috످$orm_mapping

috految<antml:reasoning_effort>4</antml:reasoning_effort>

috److Your message contains only `$orm_mapping`, which looks like a variable name or a template placeholder that wasn't filled in.

If you need help with ORM (object-relational mapping), which framework are you using (e.g., Doctrine, Eloquent, SQLAlchemy), and what are you trying to do? You can also paste any relevant code, schema, or error messages.

috످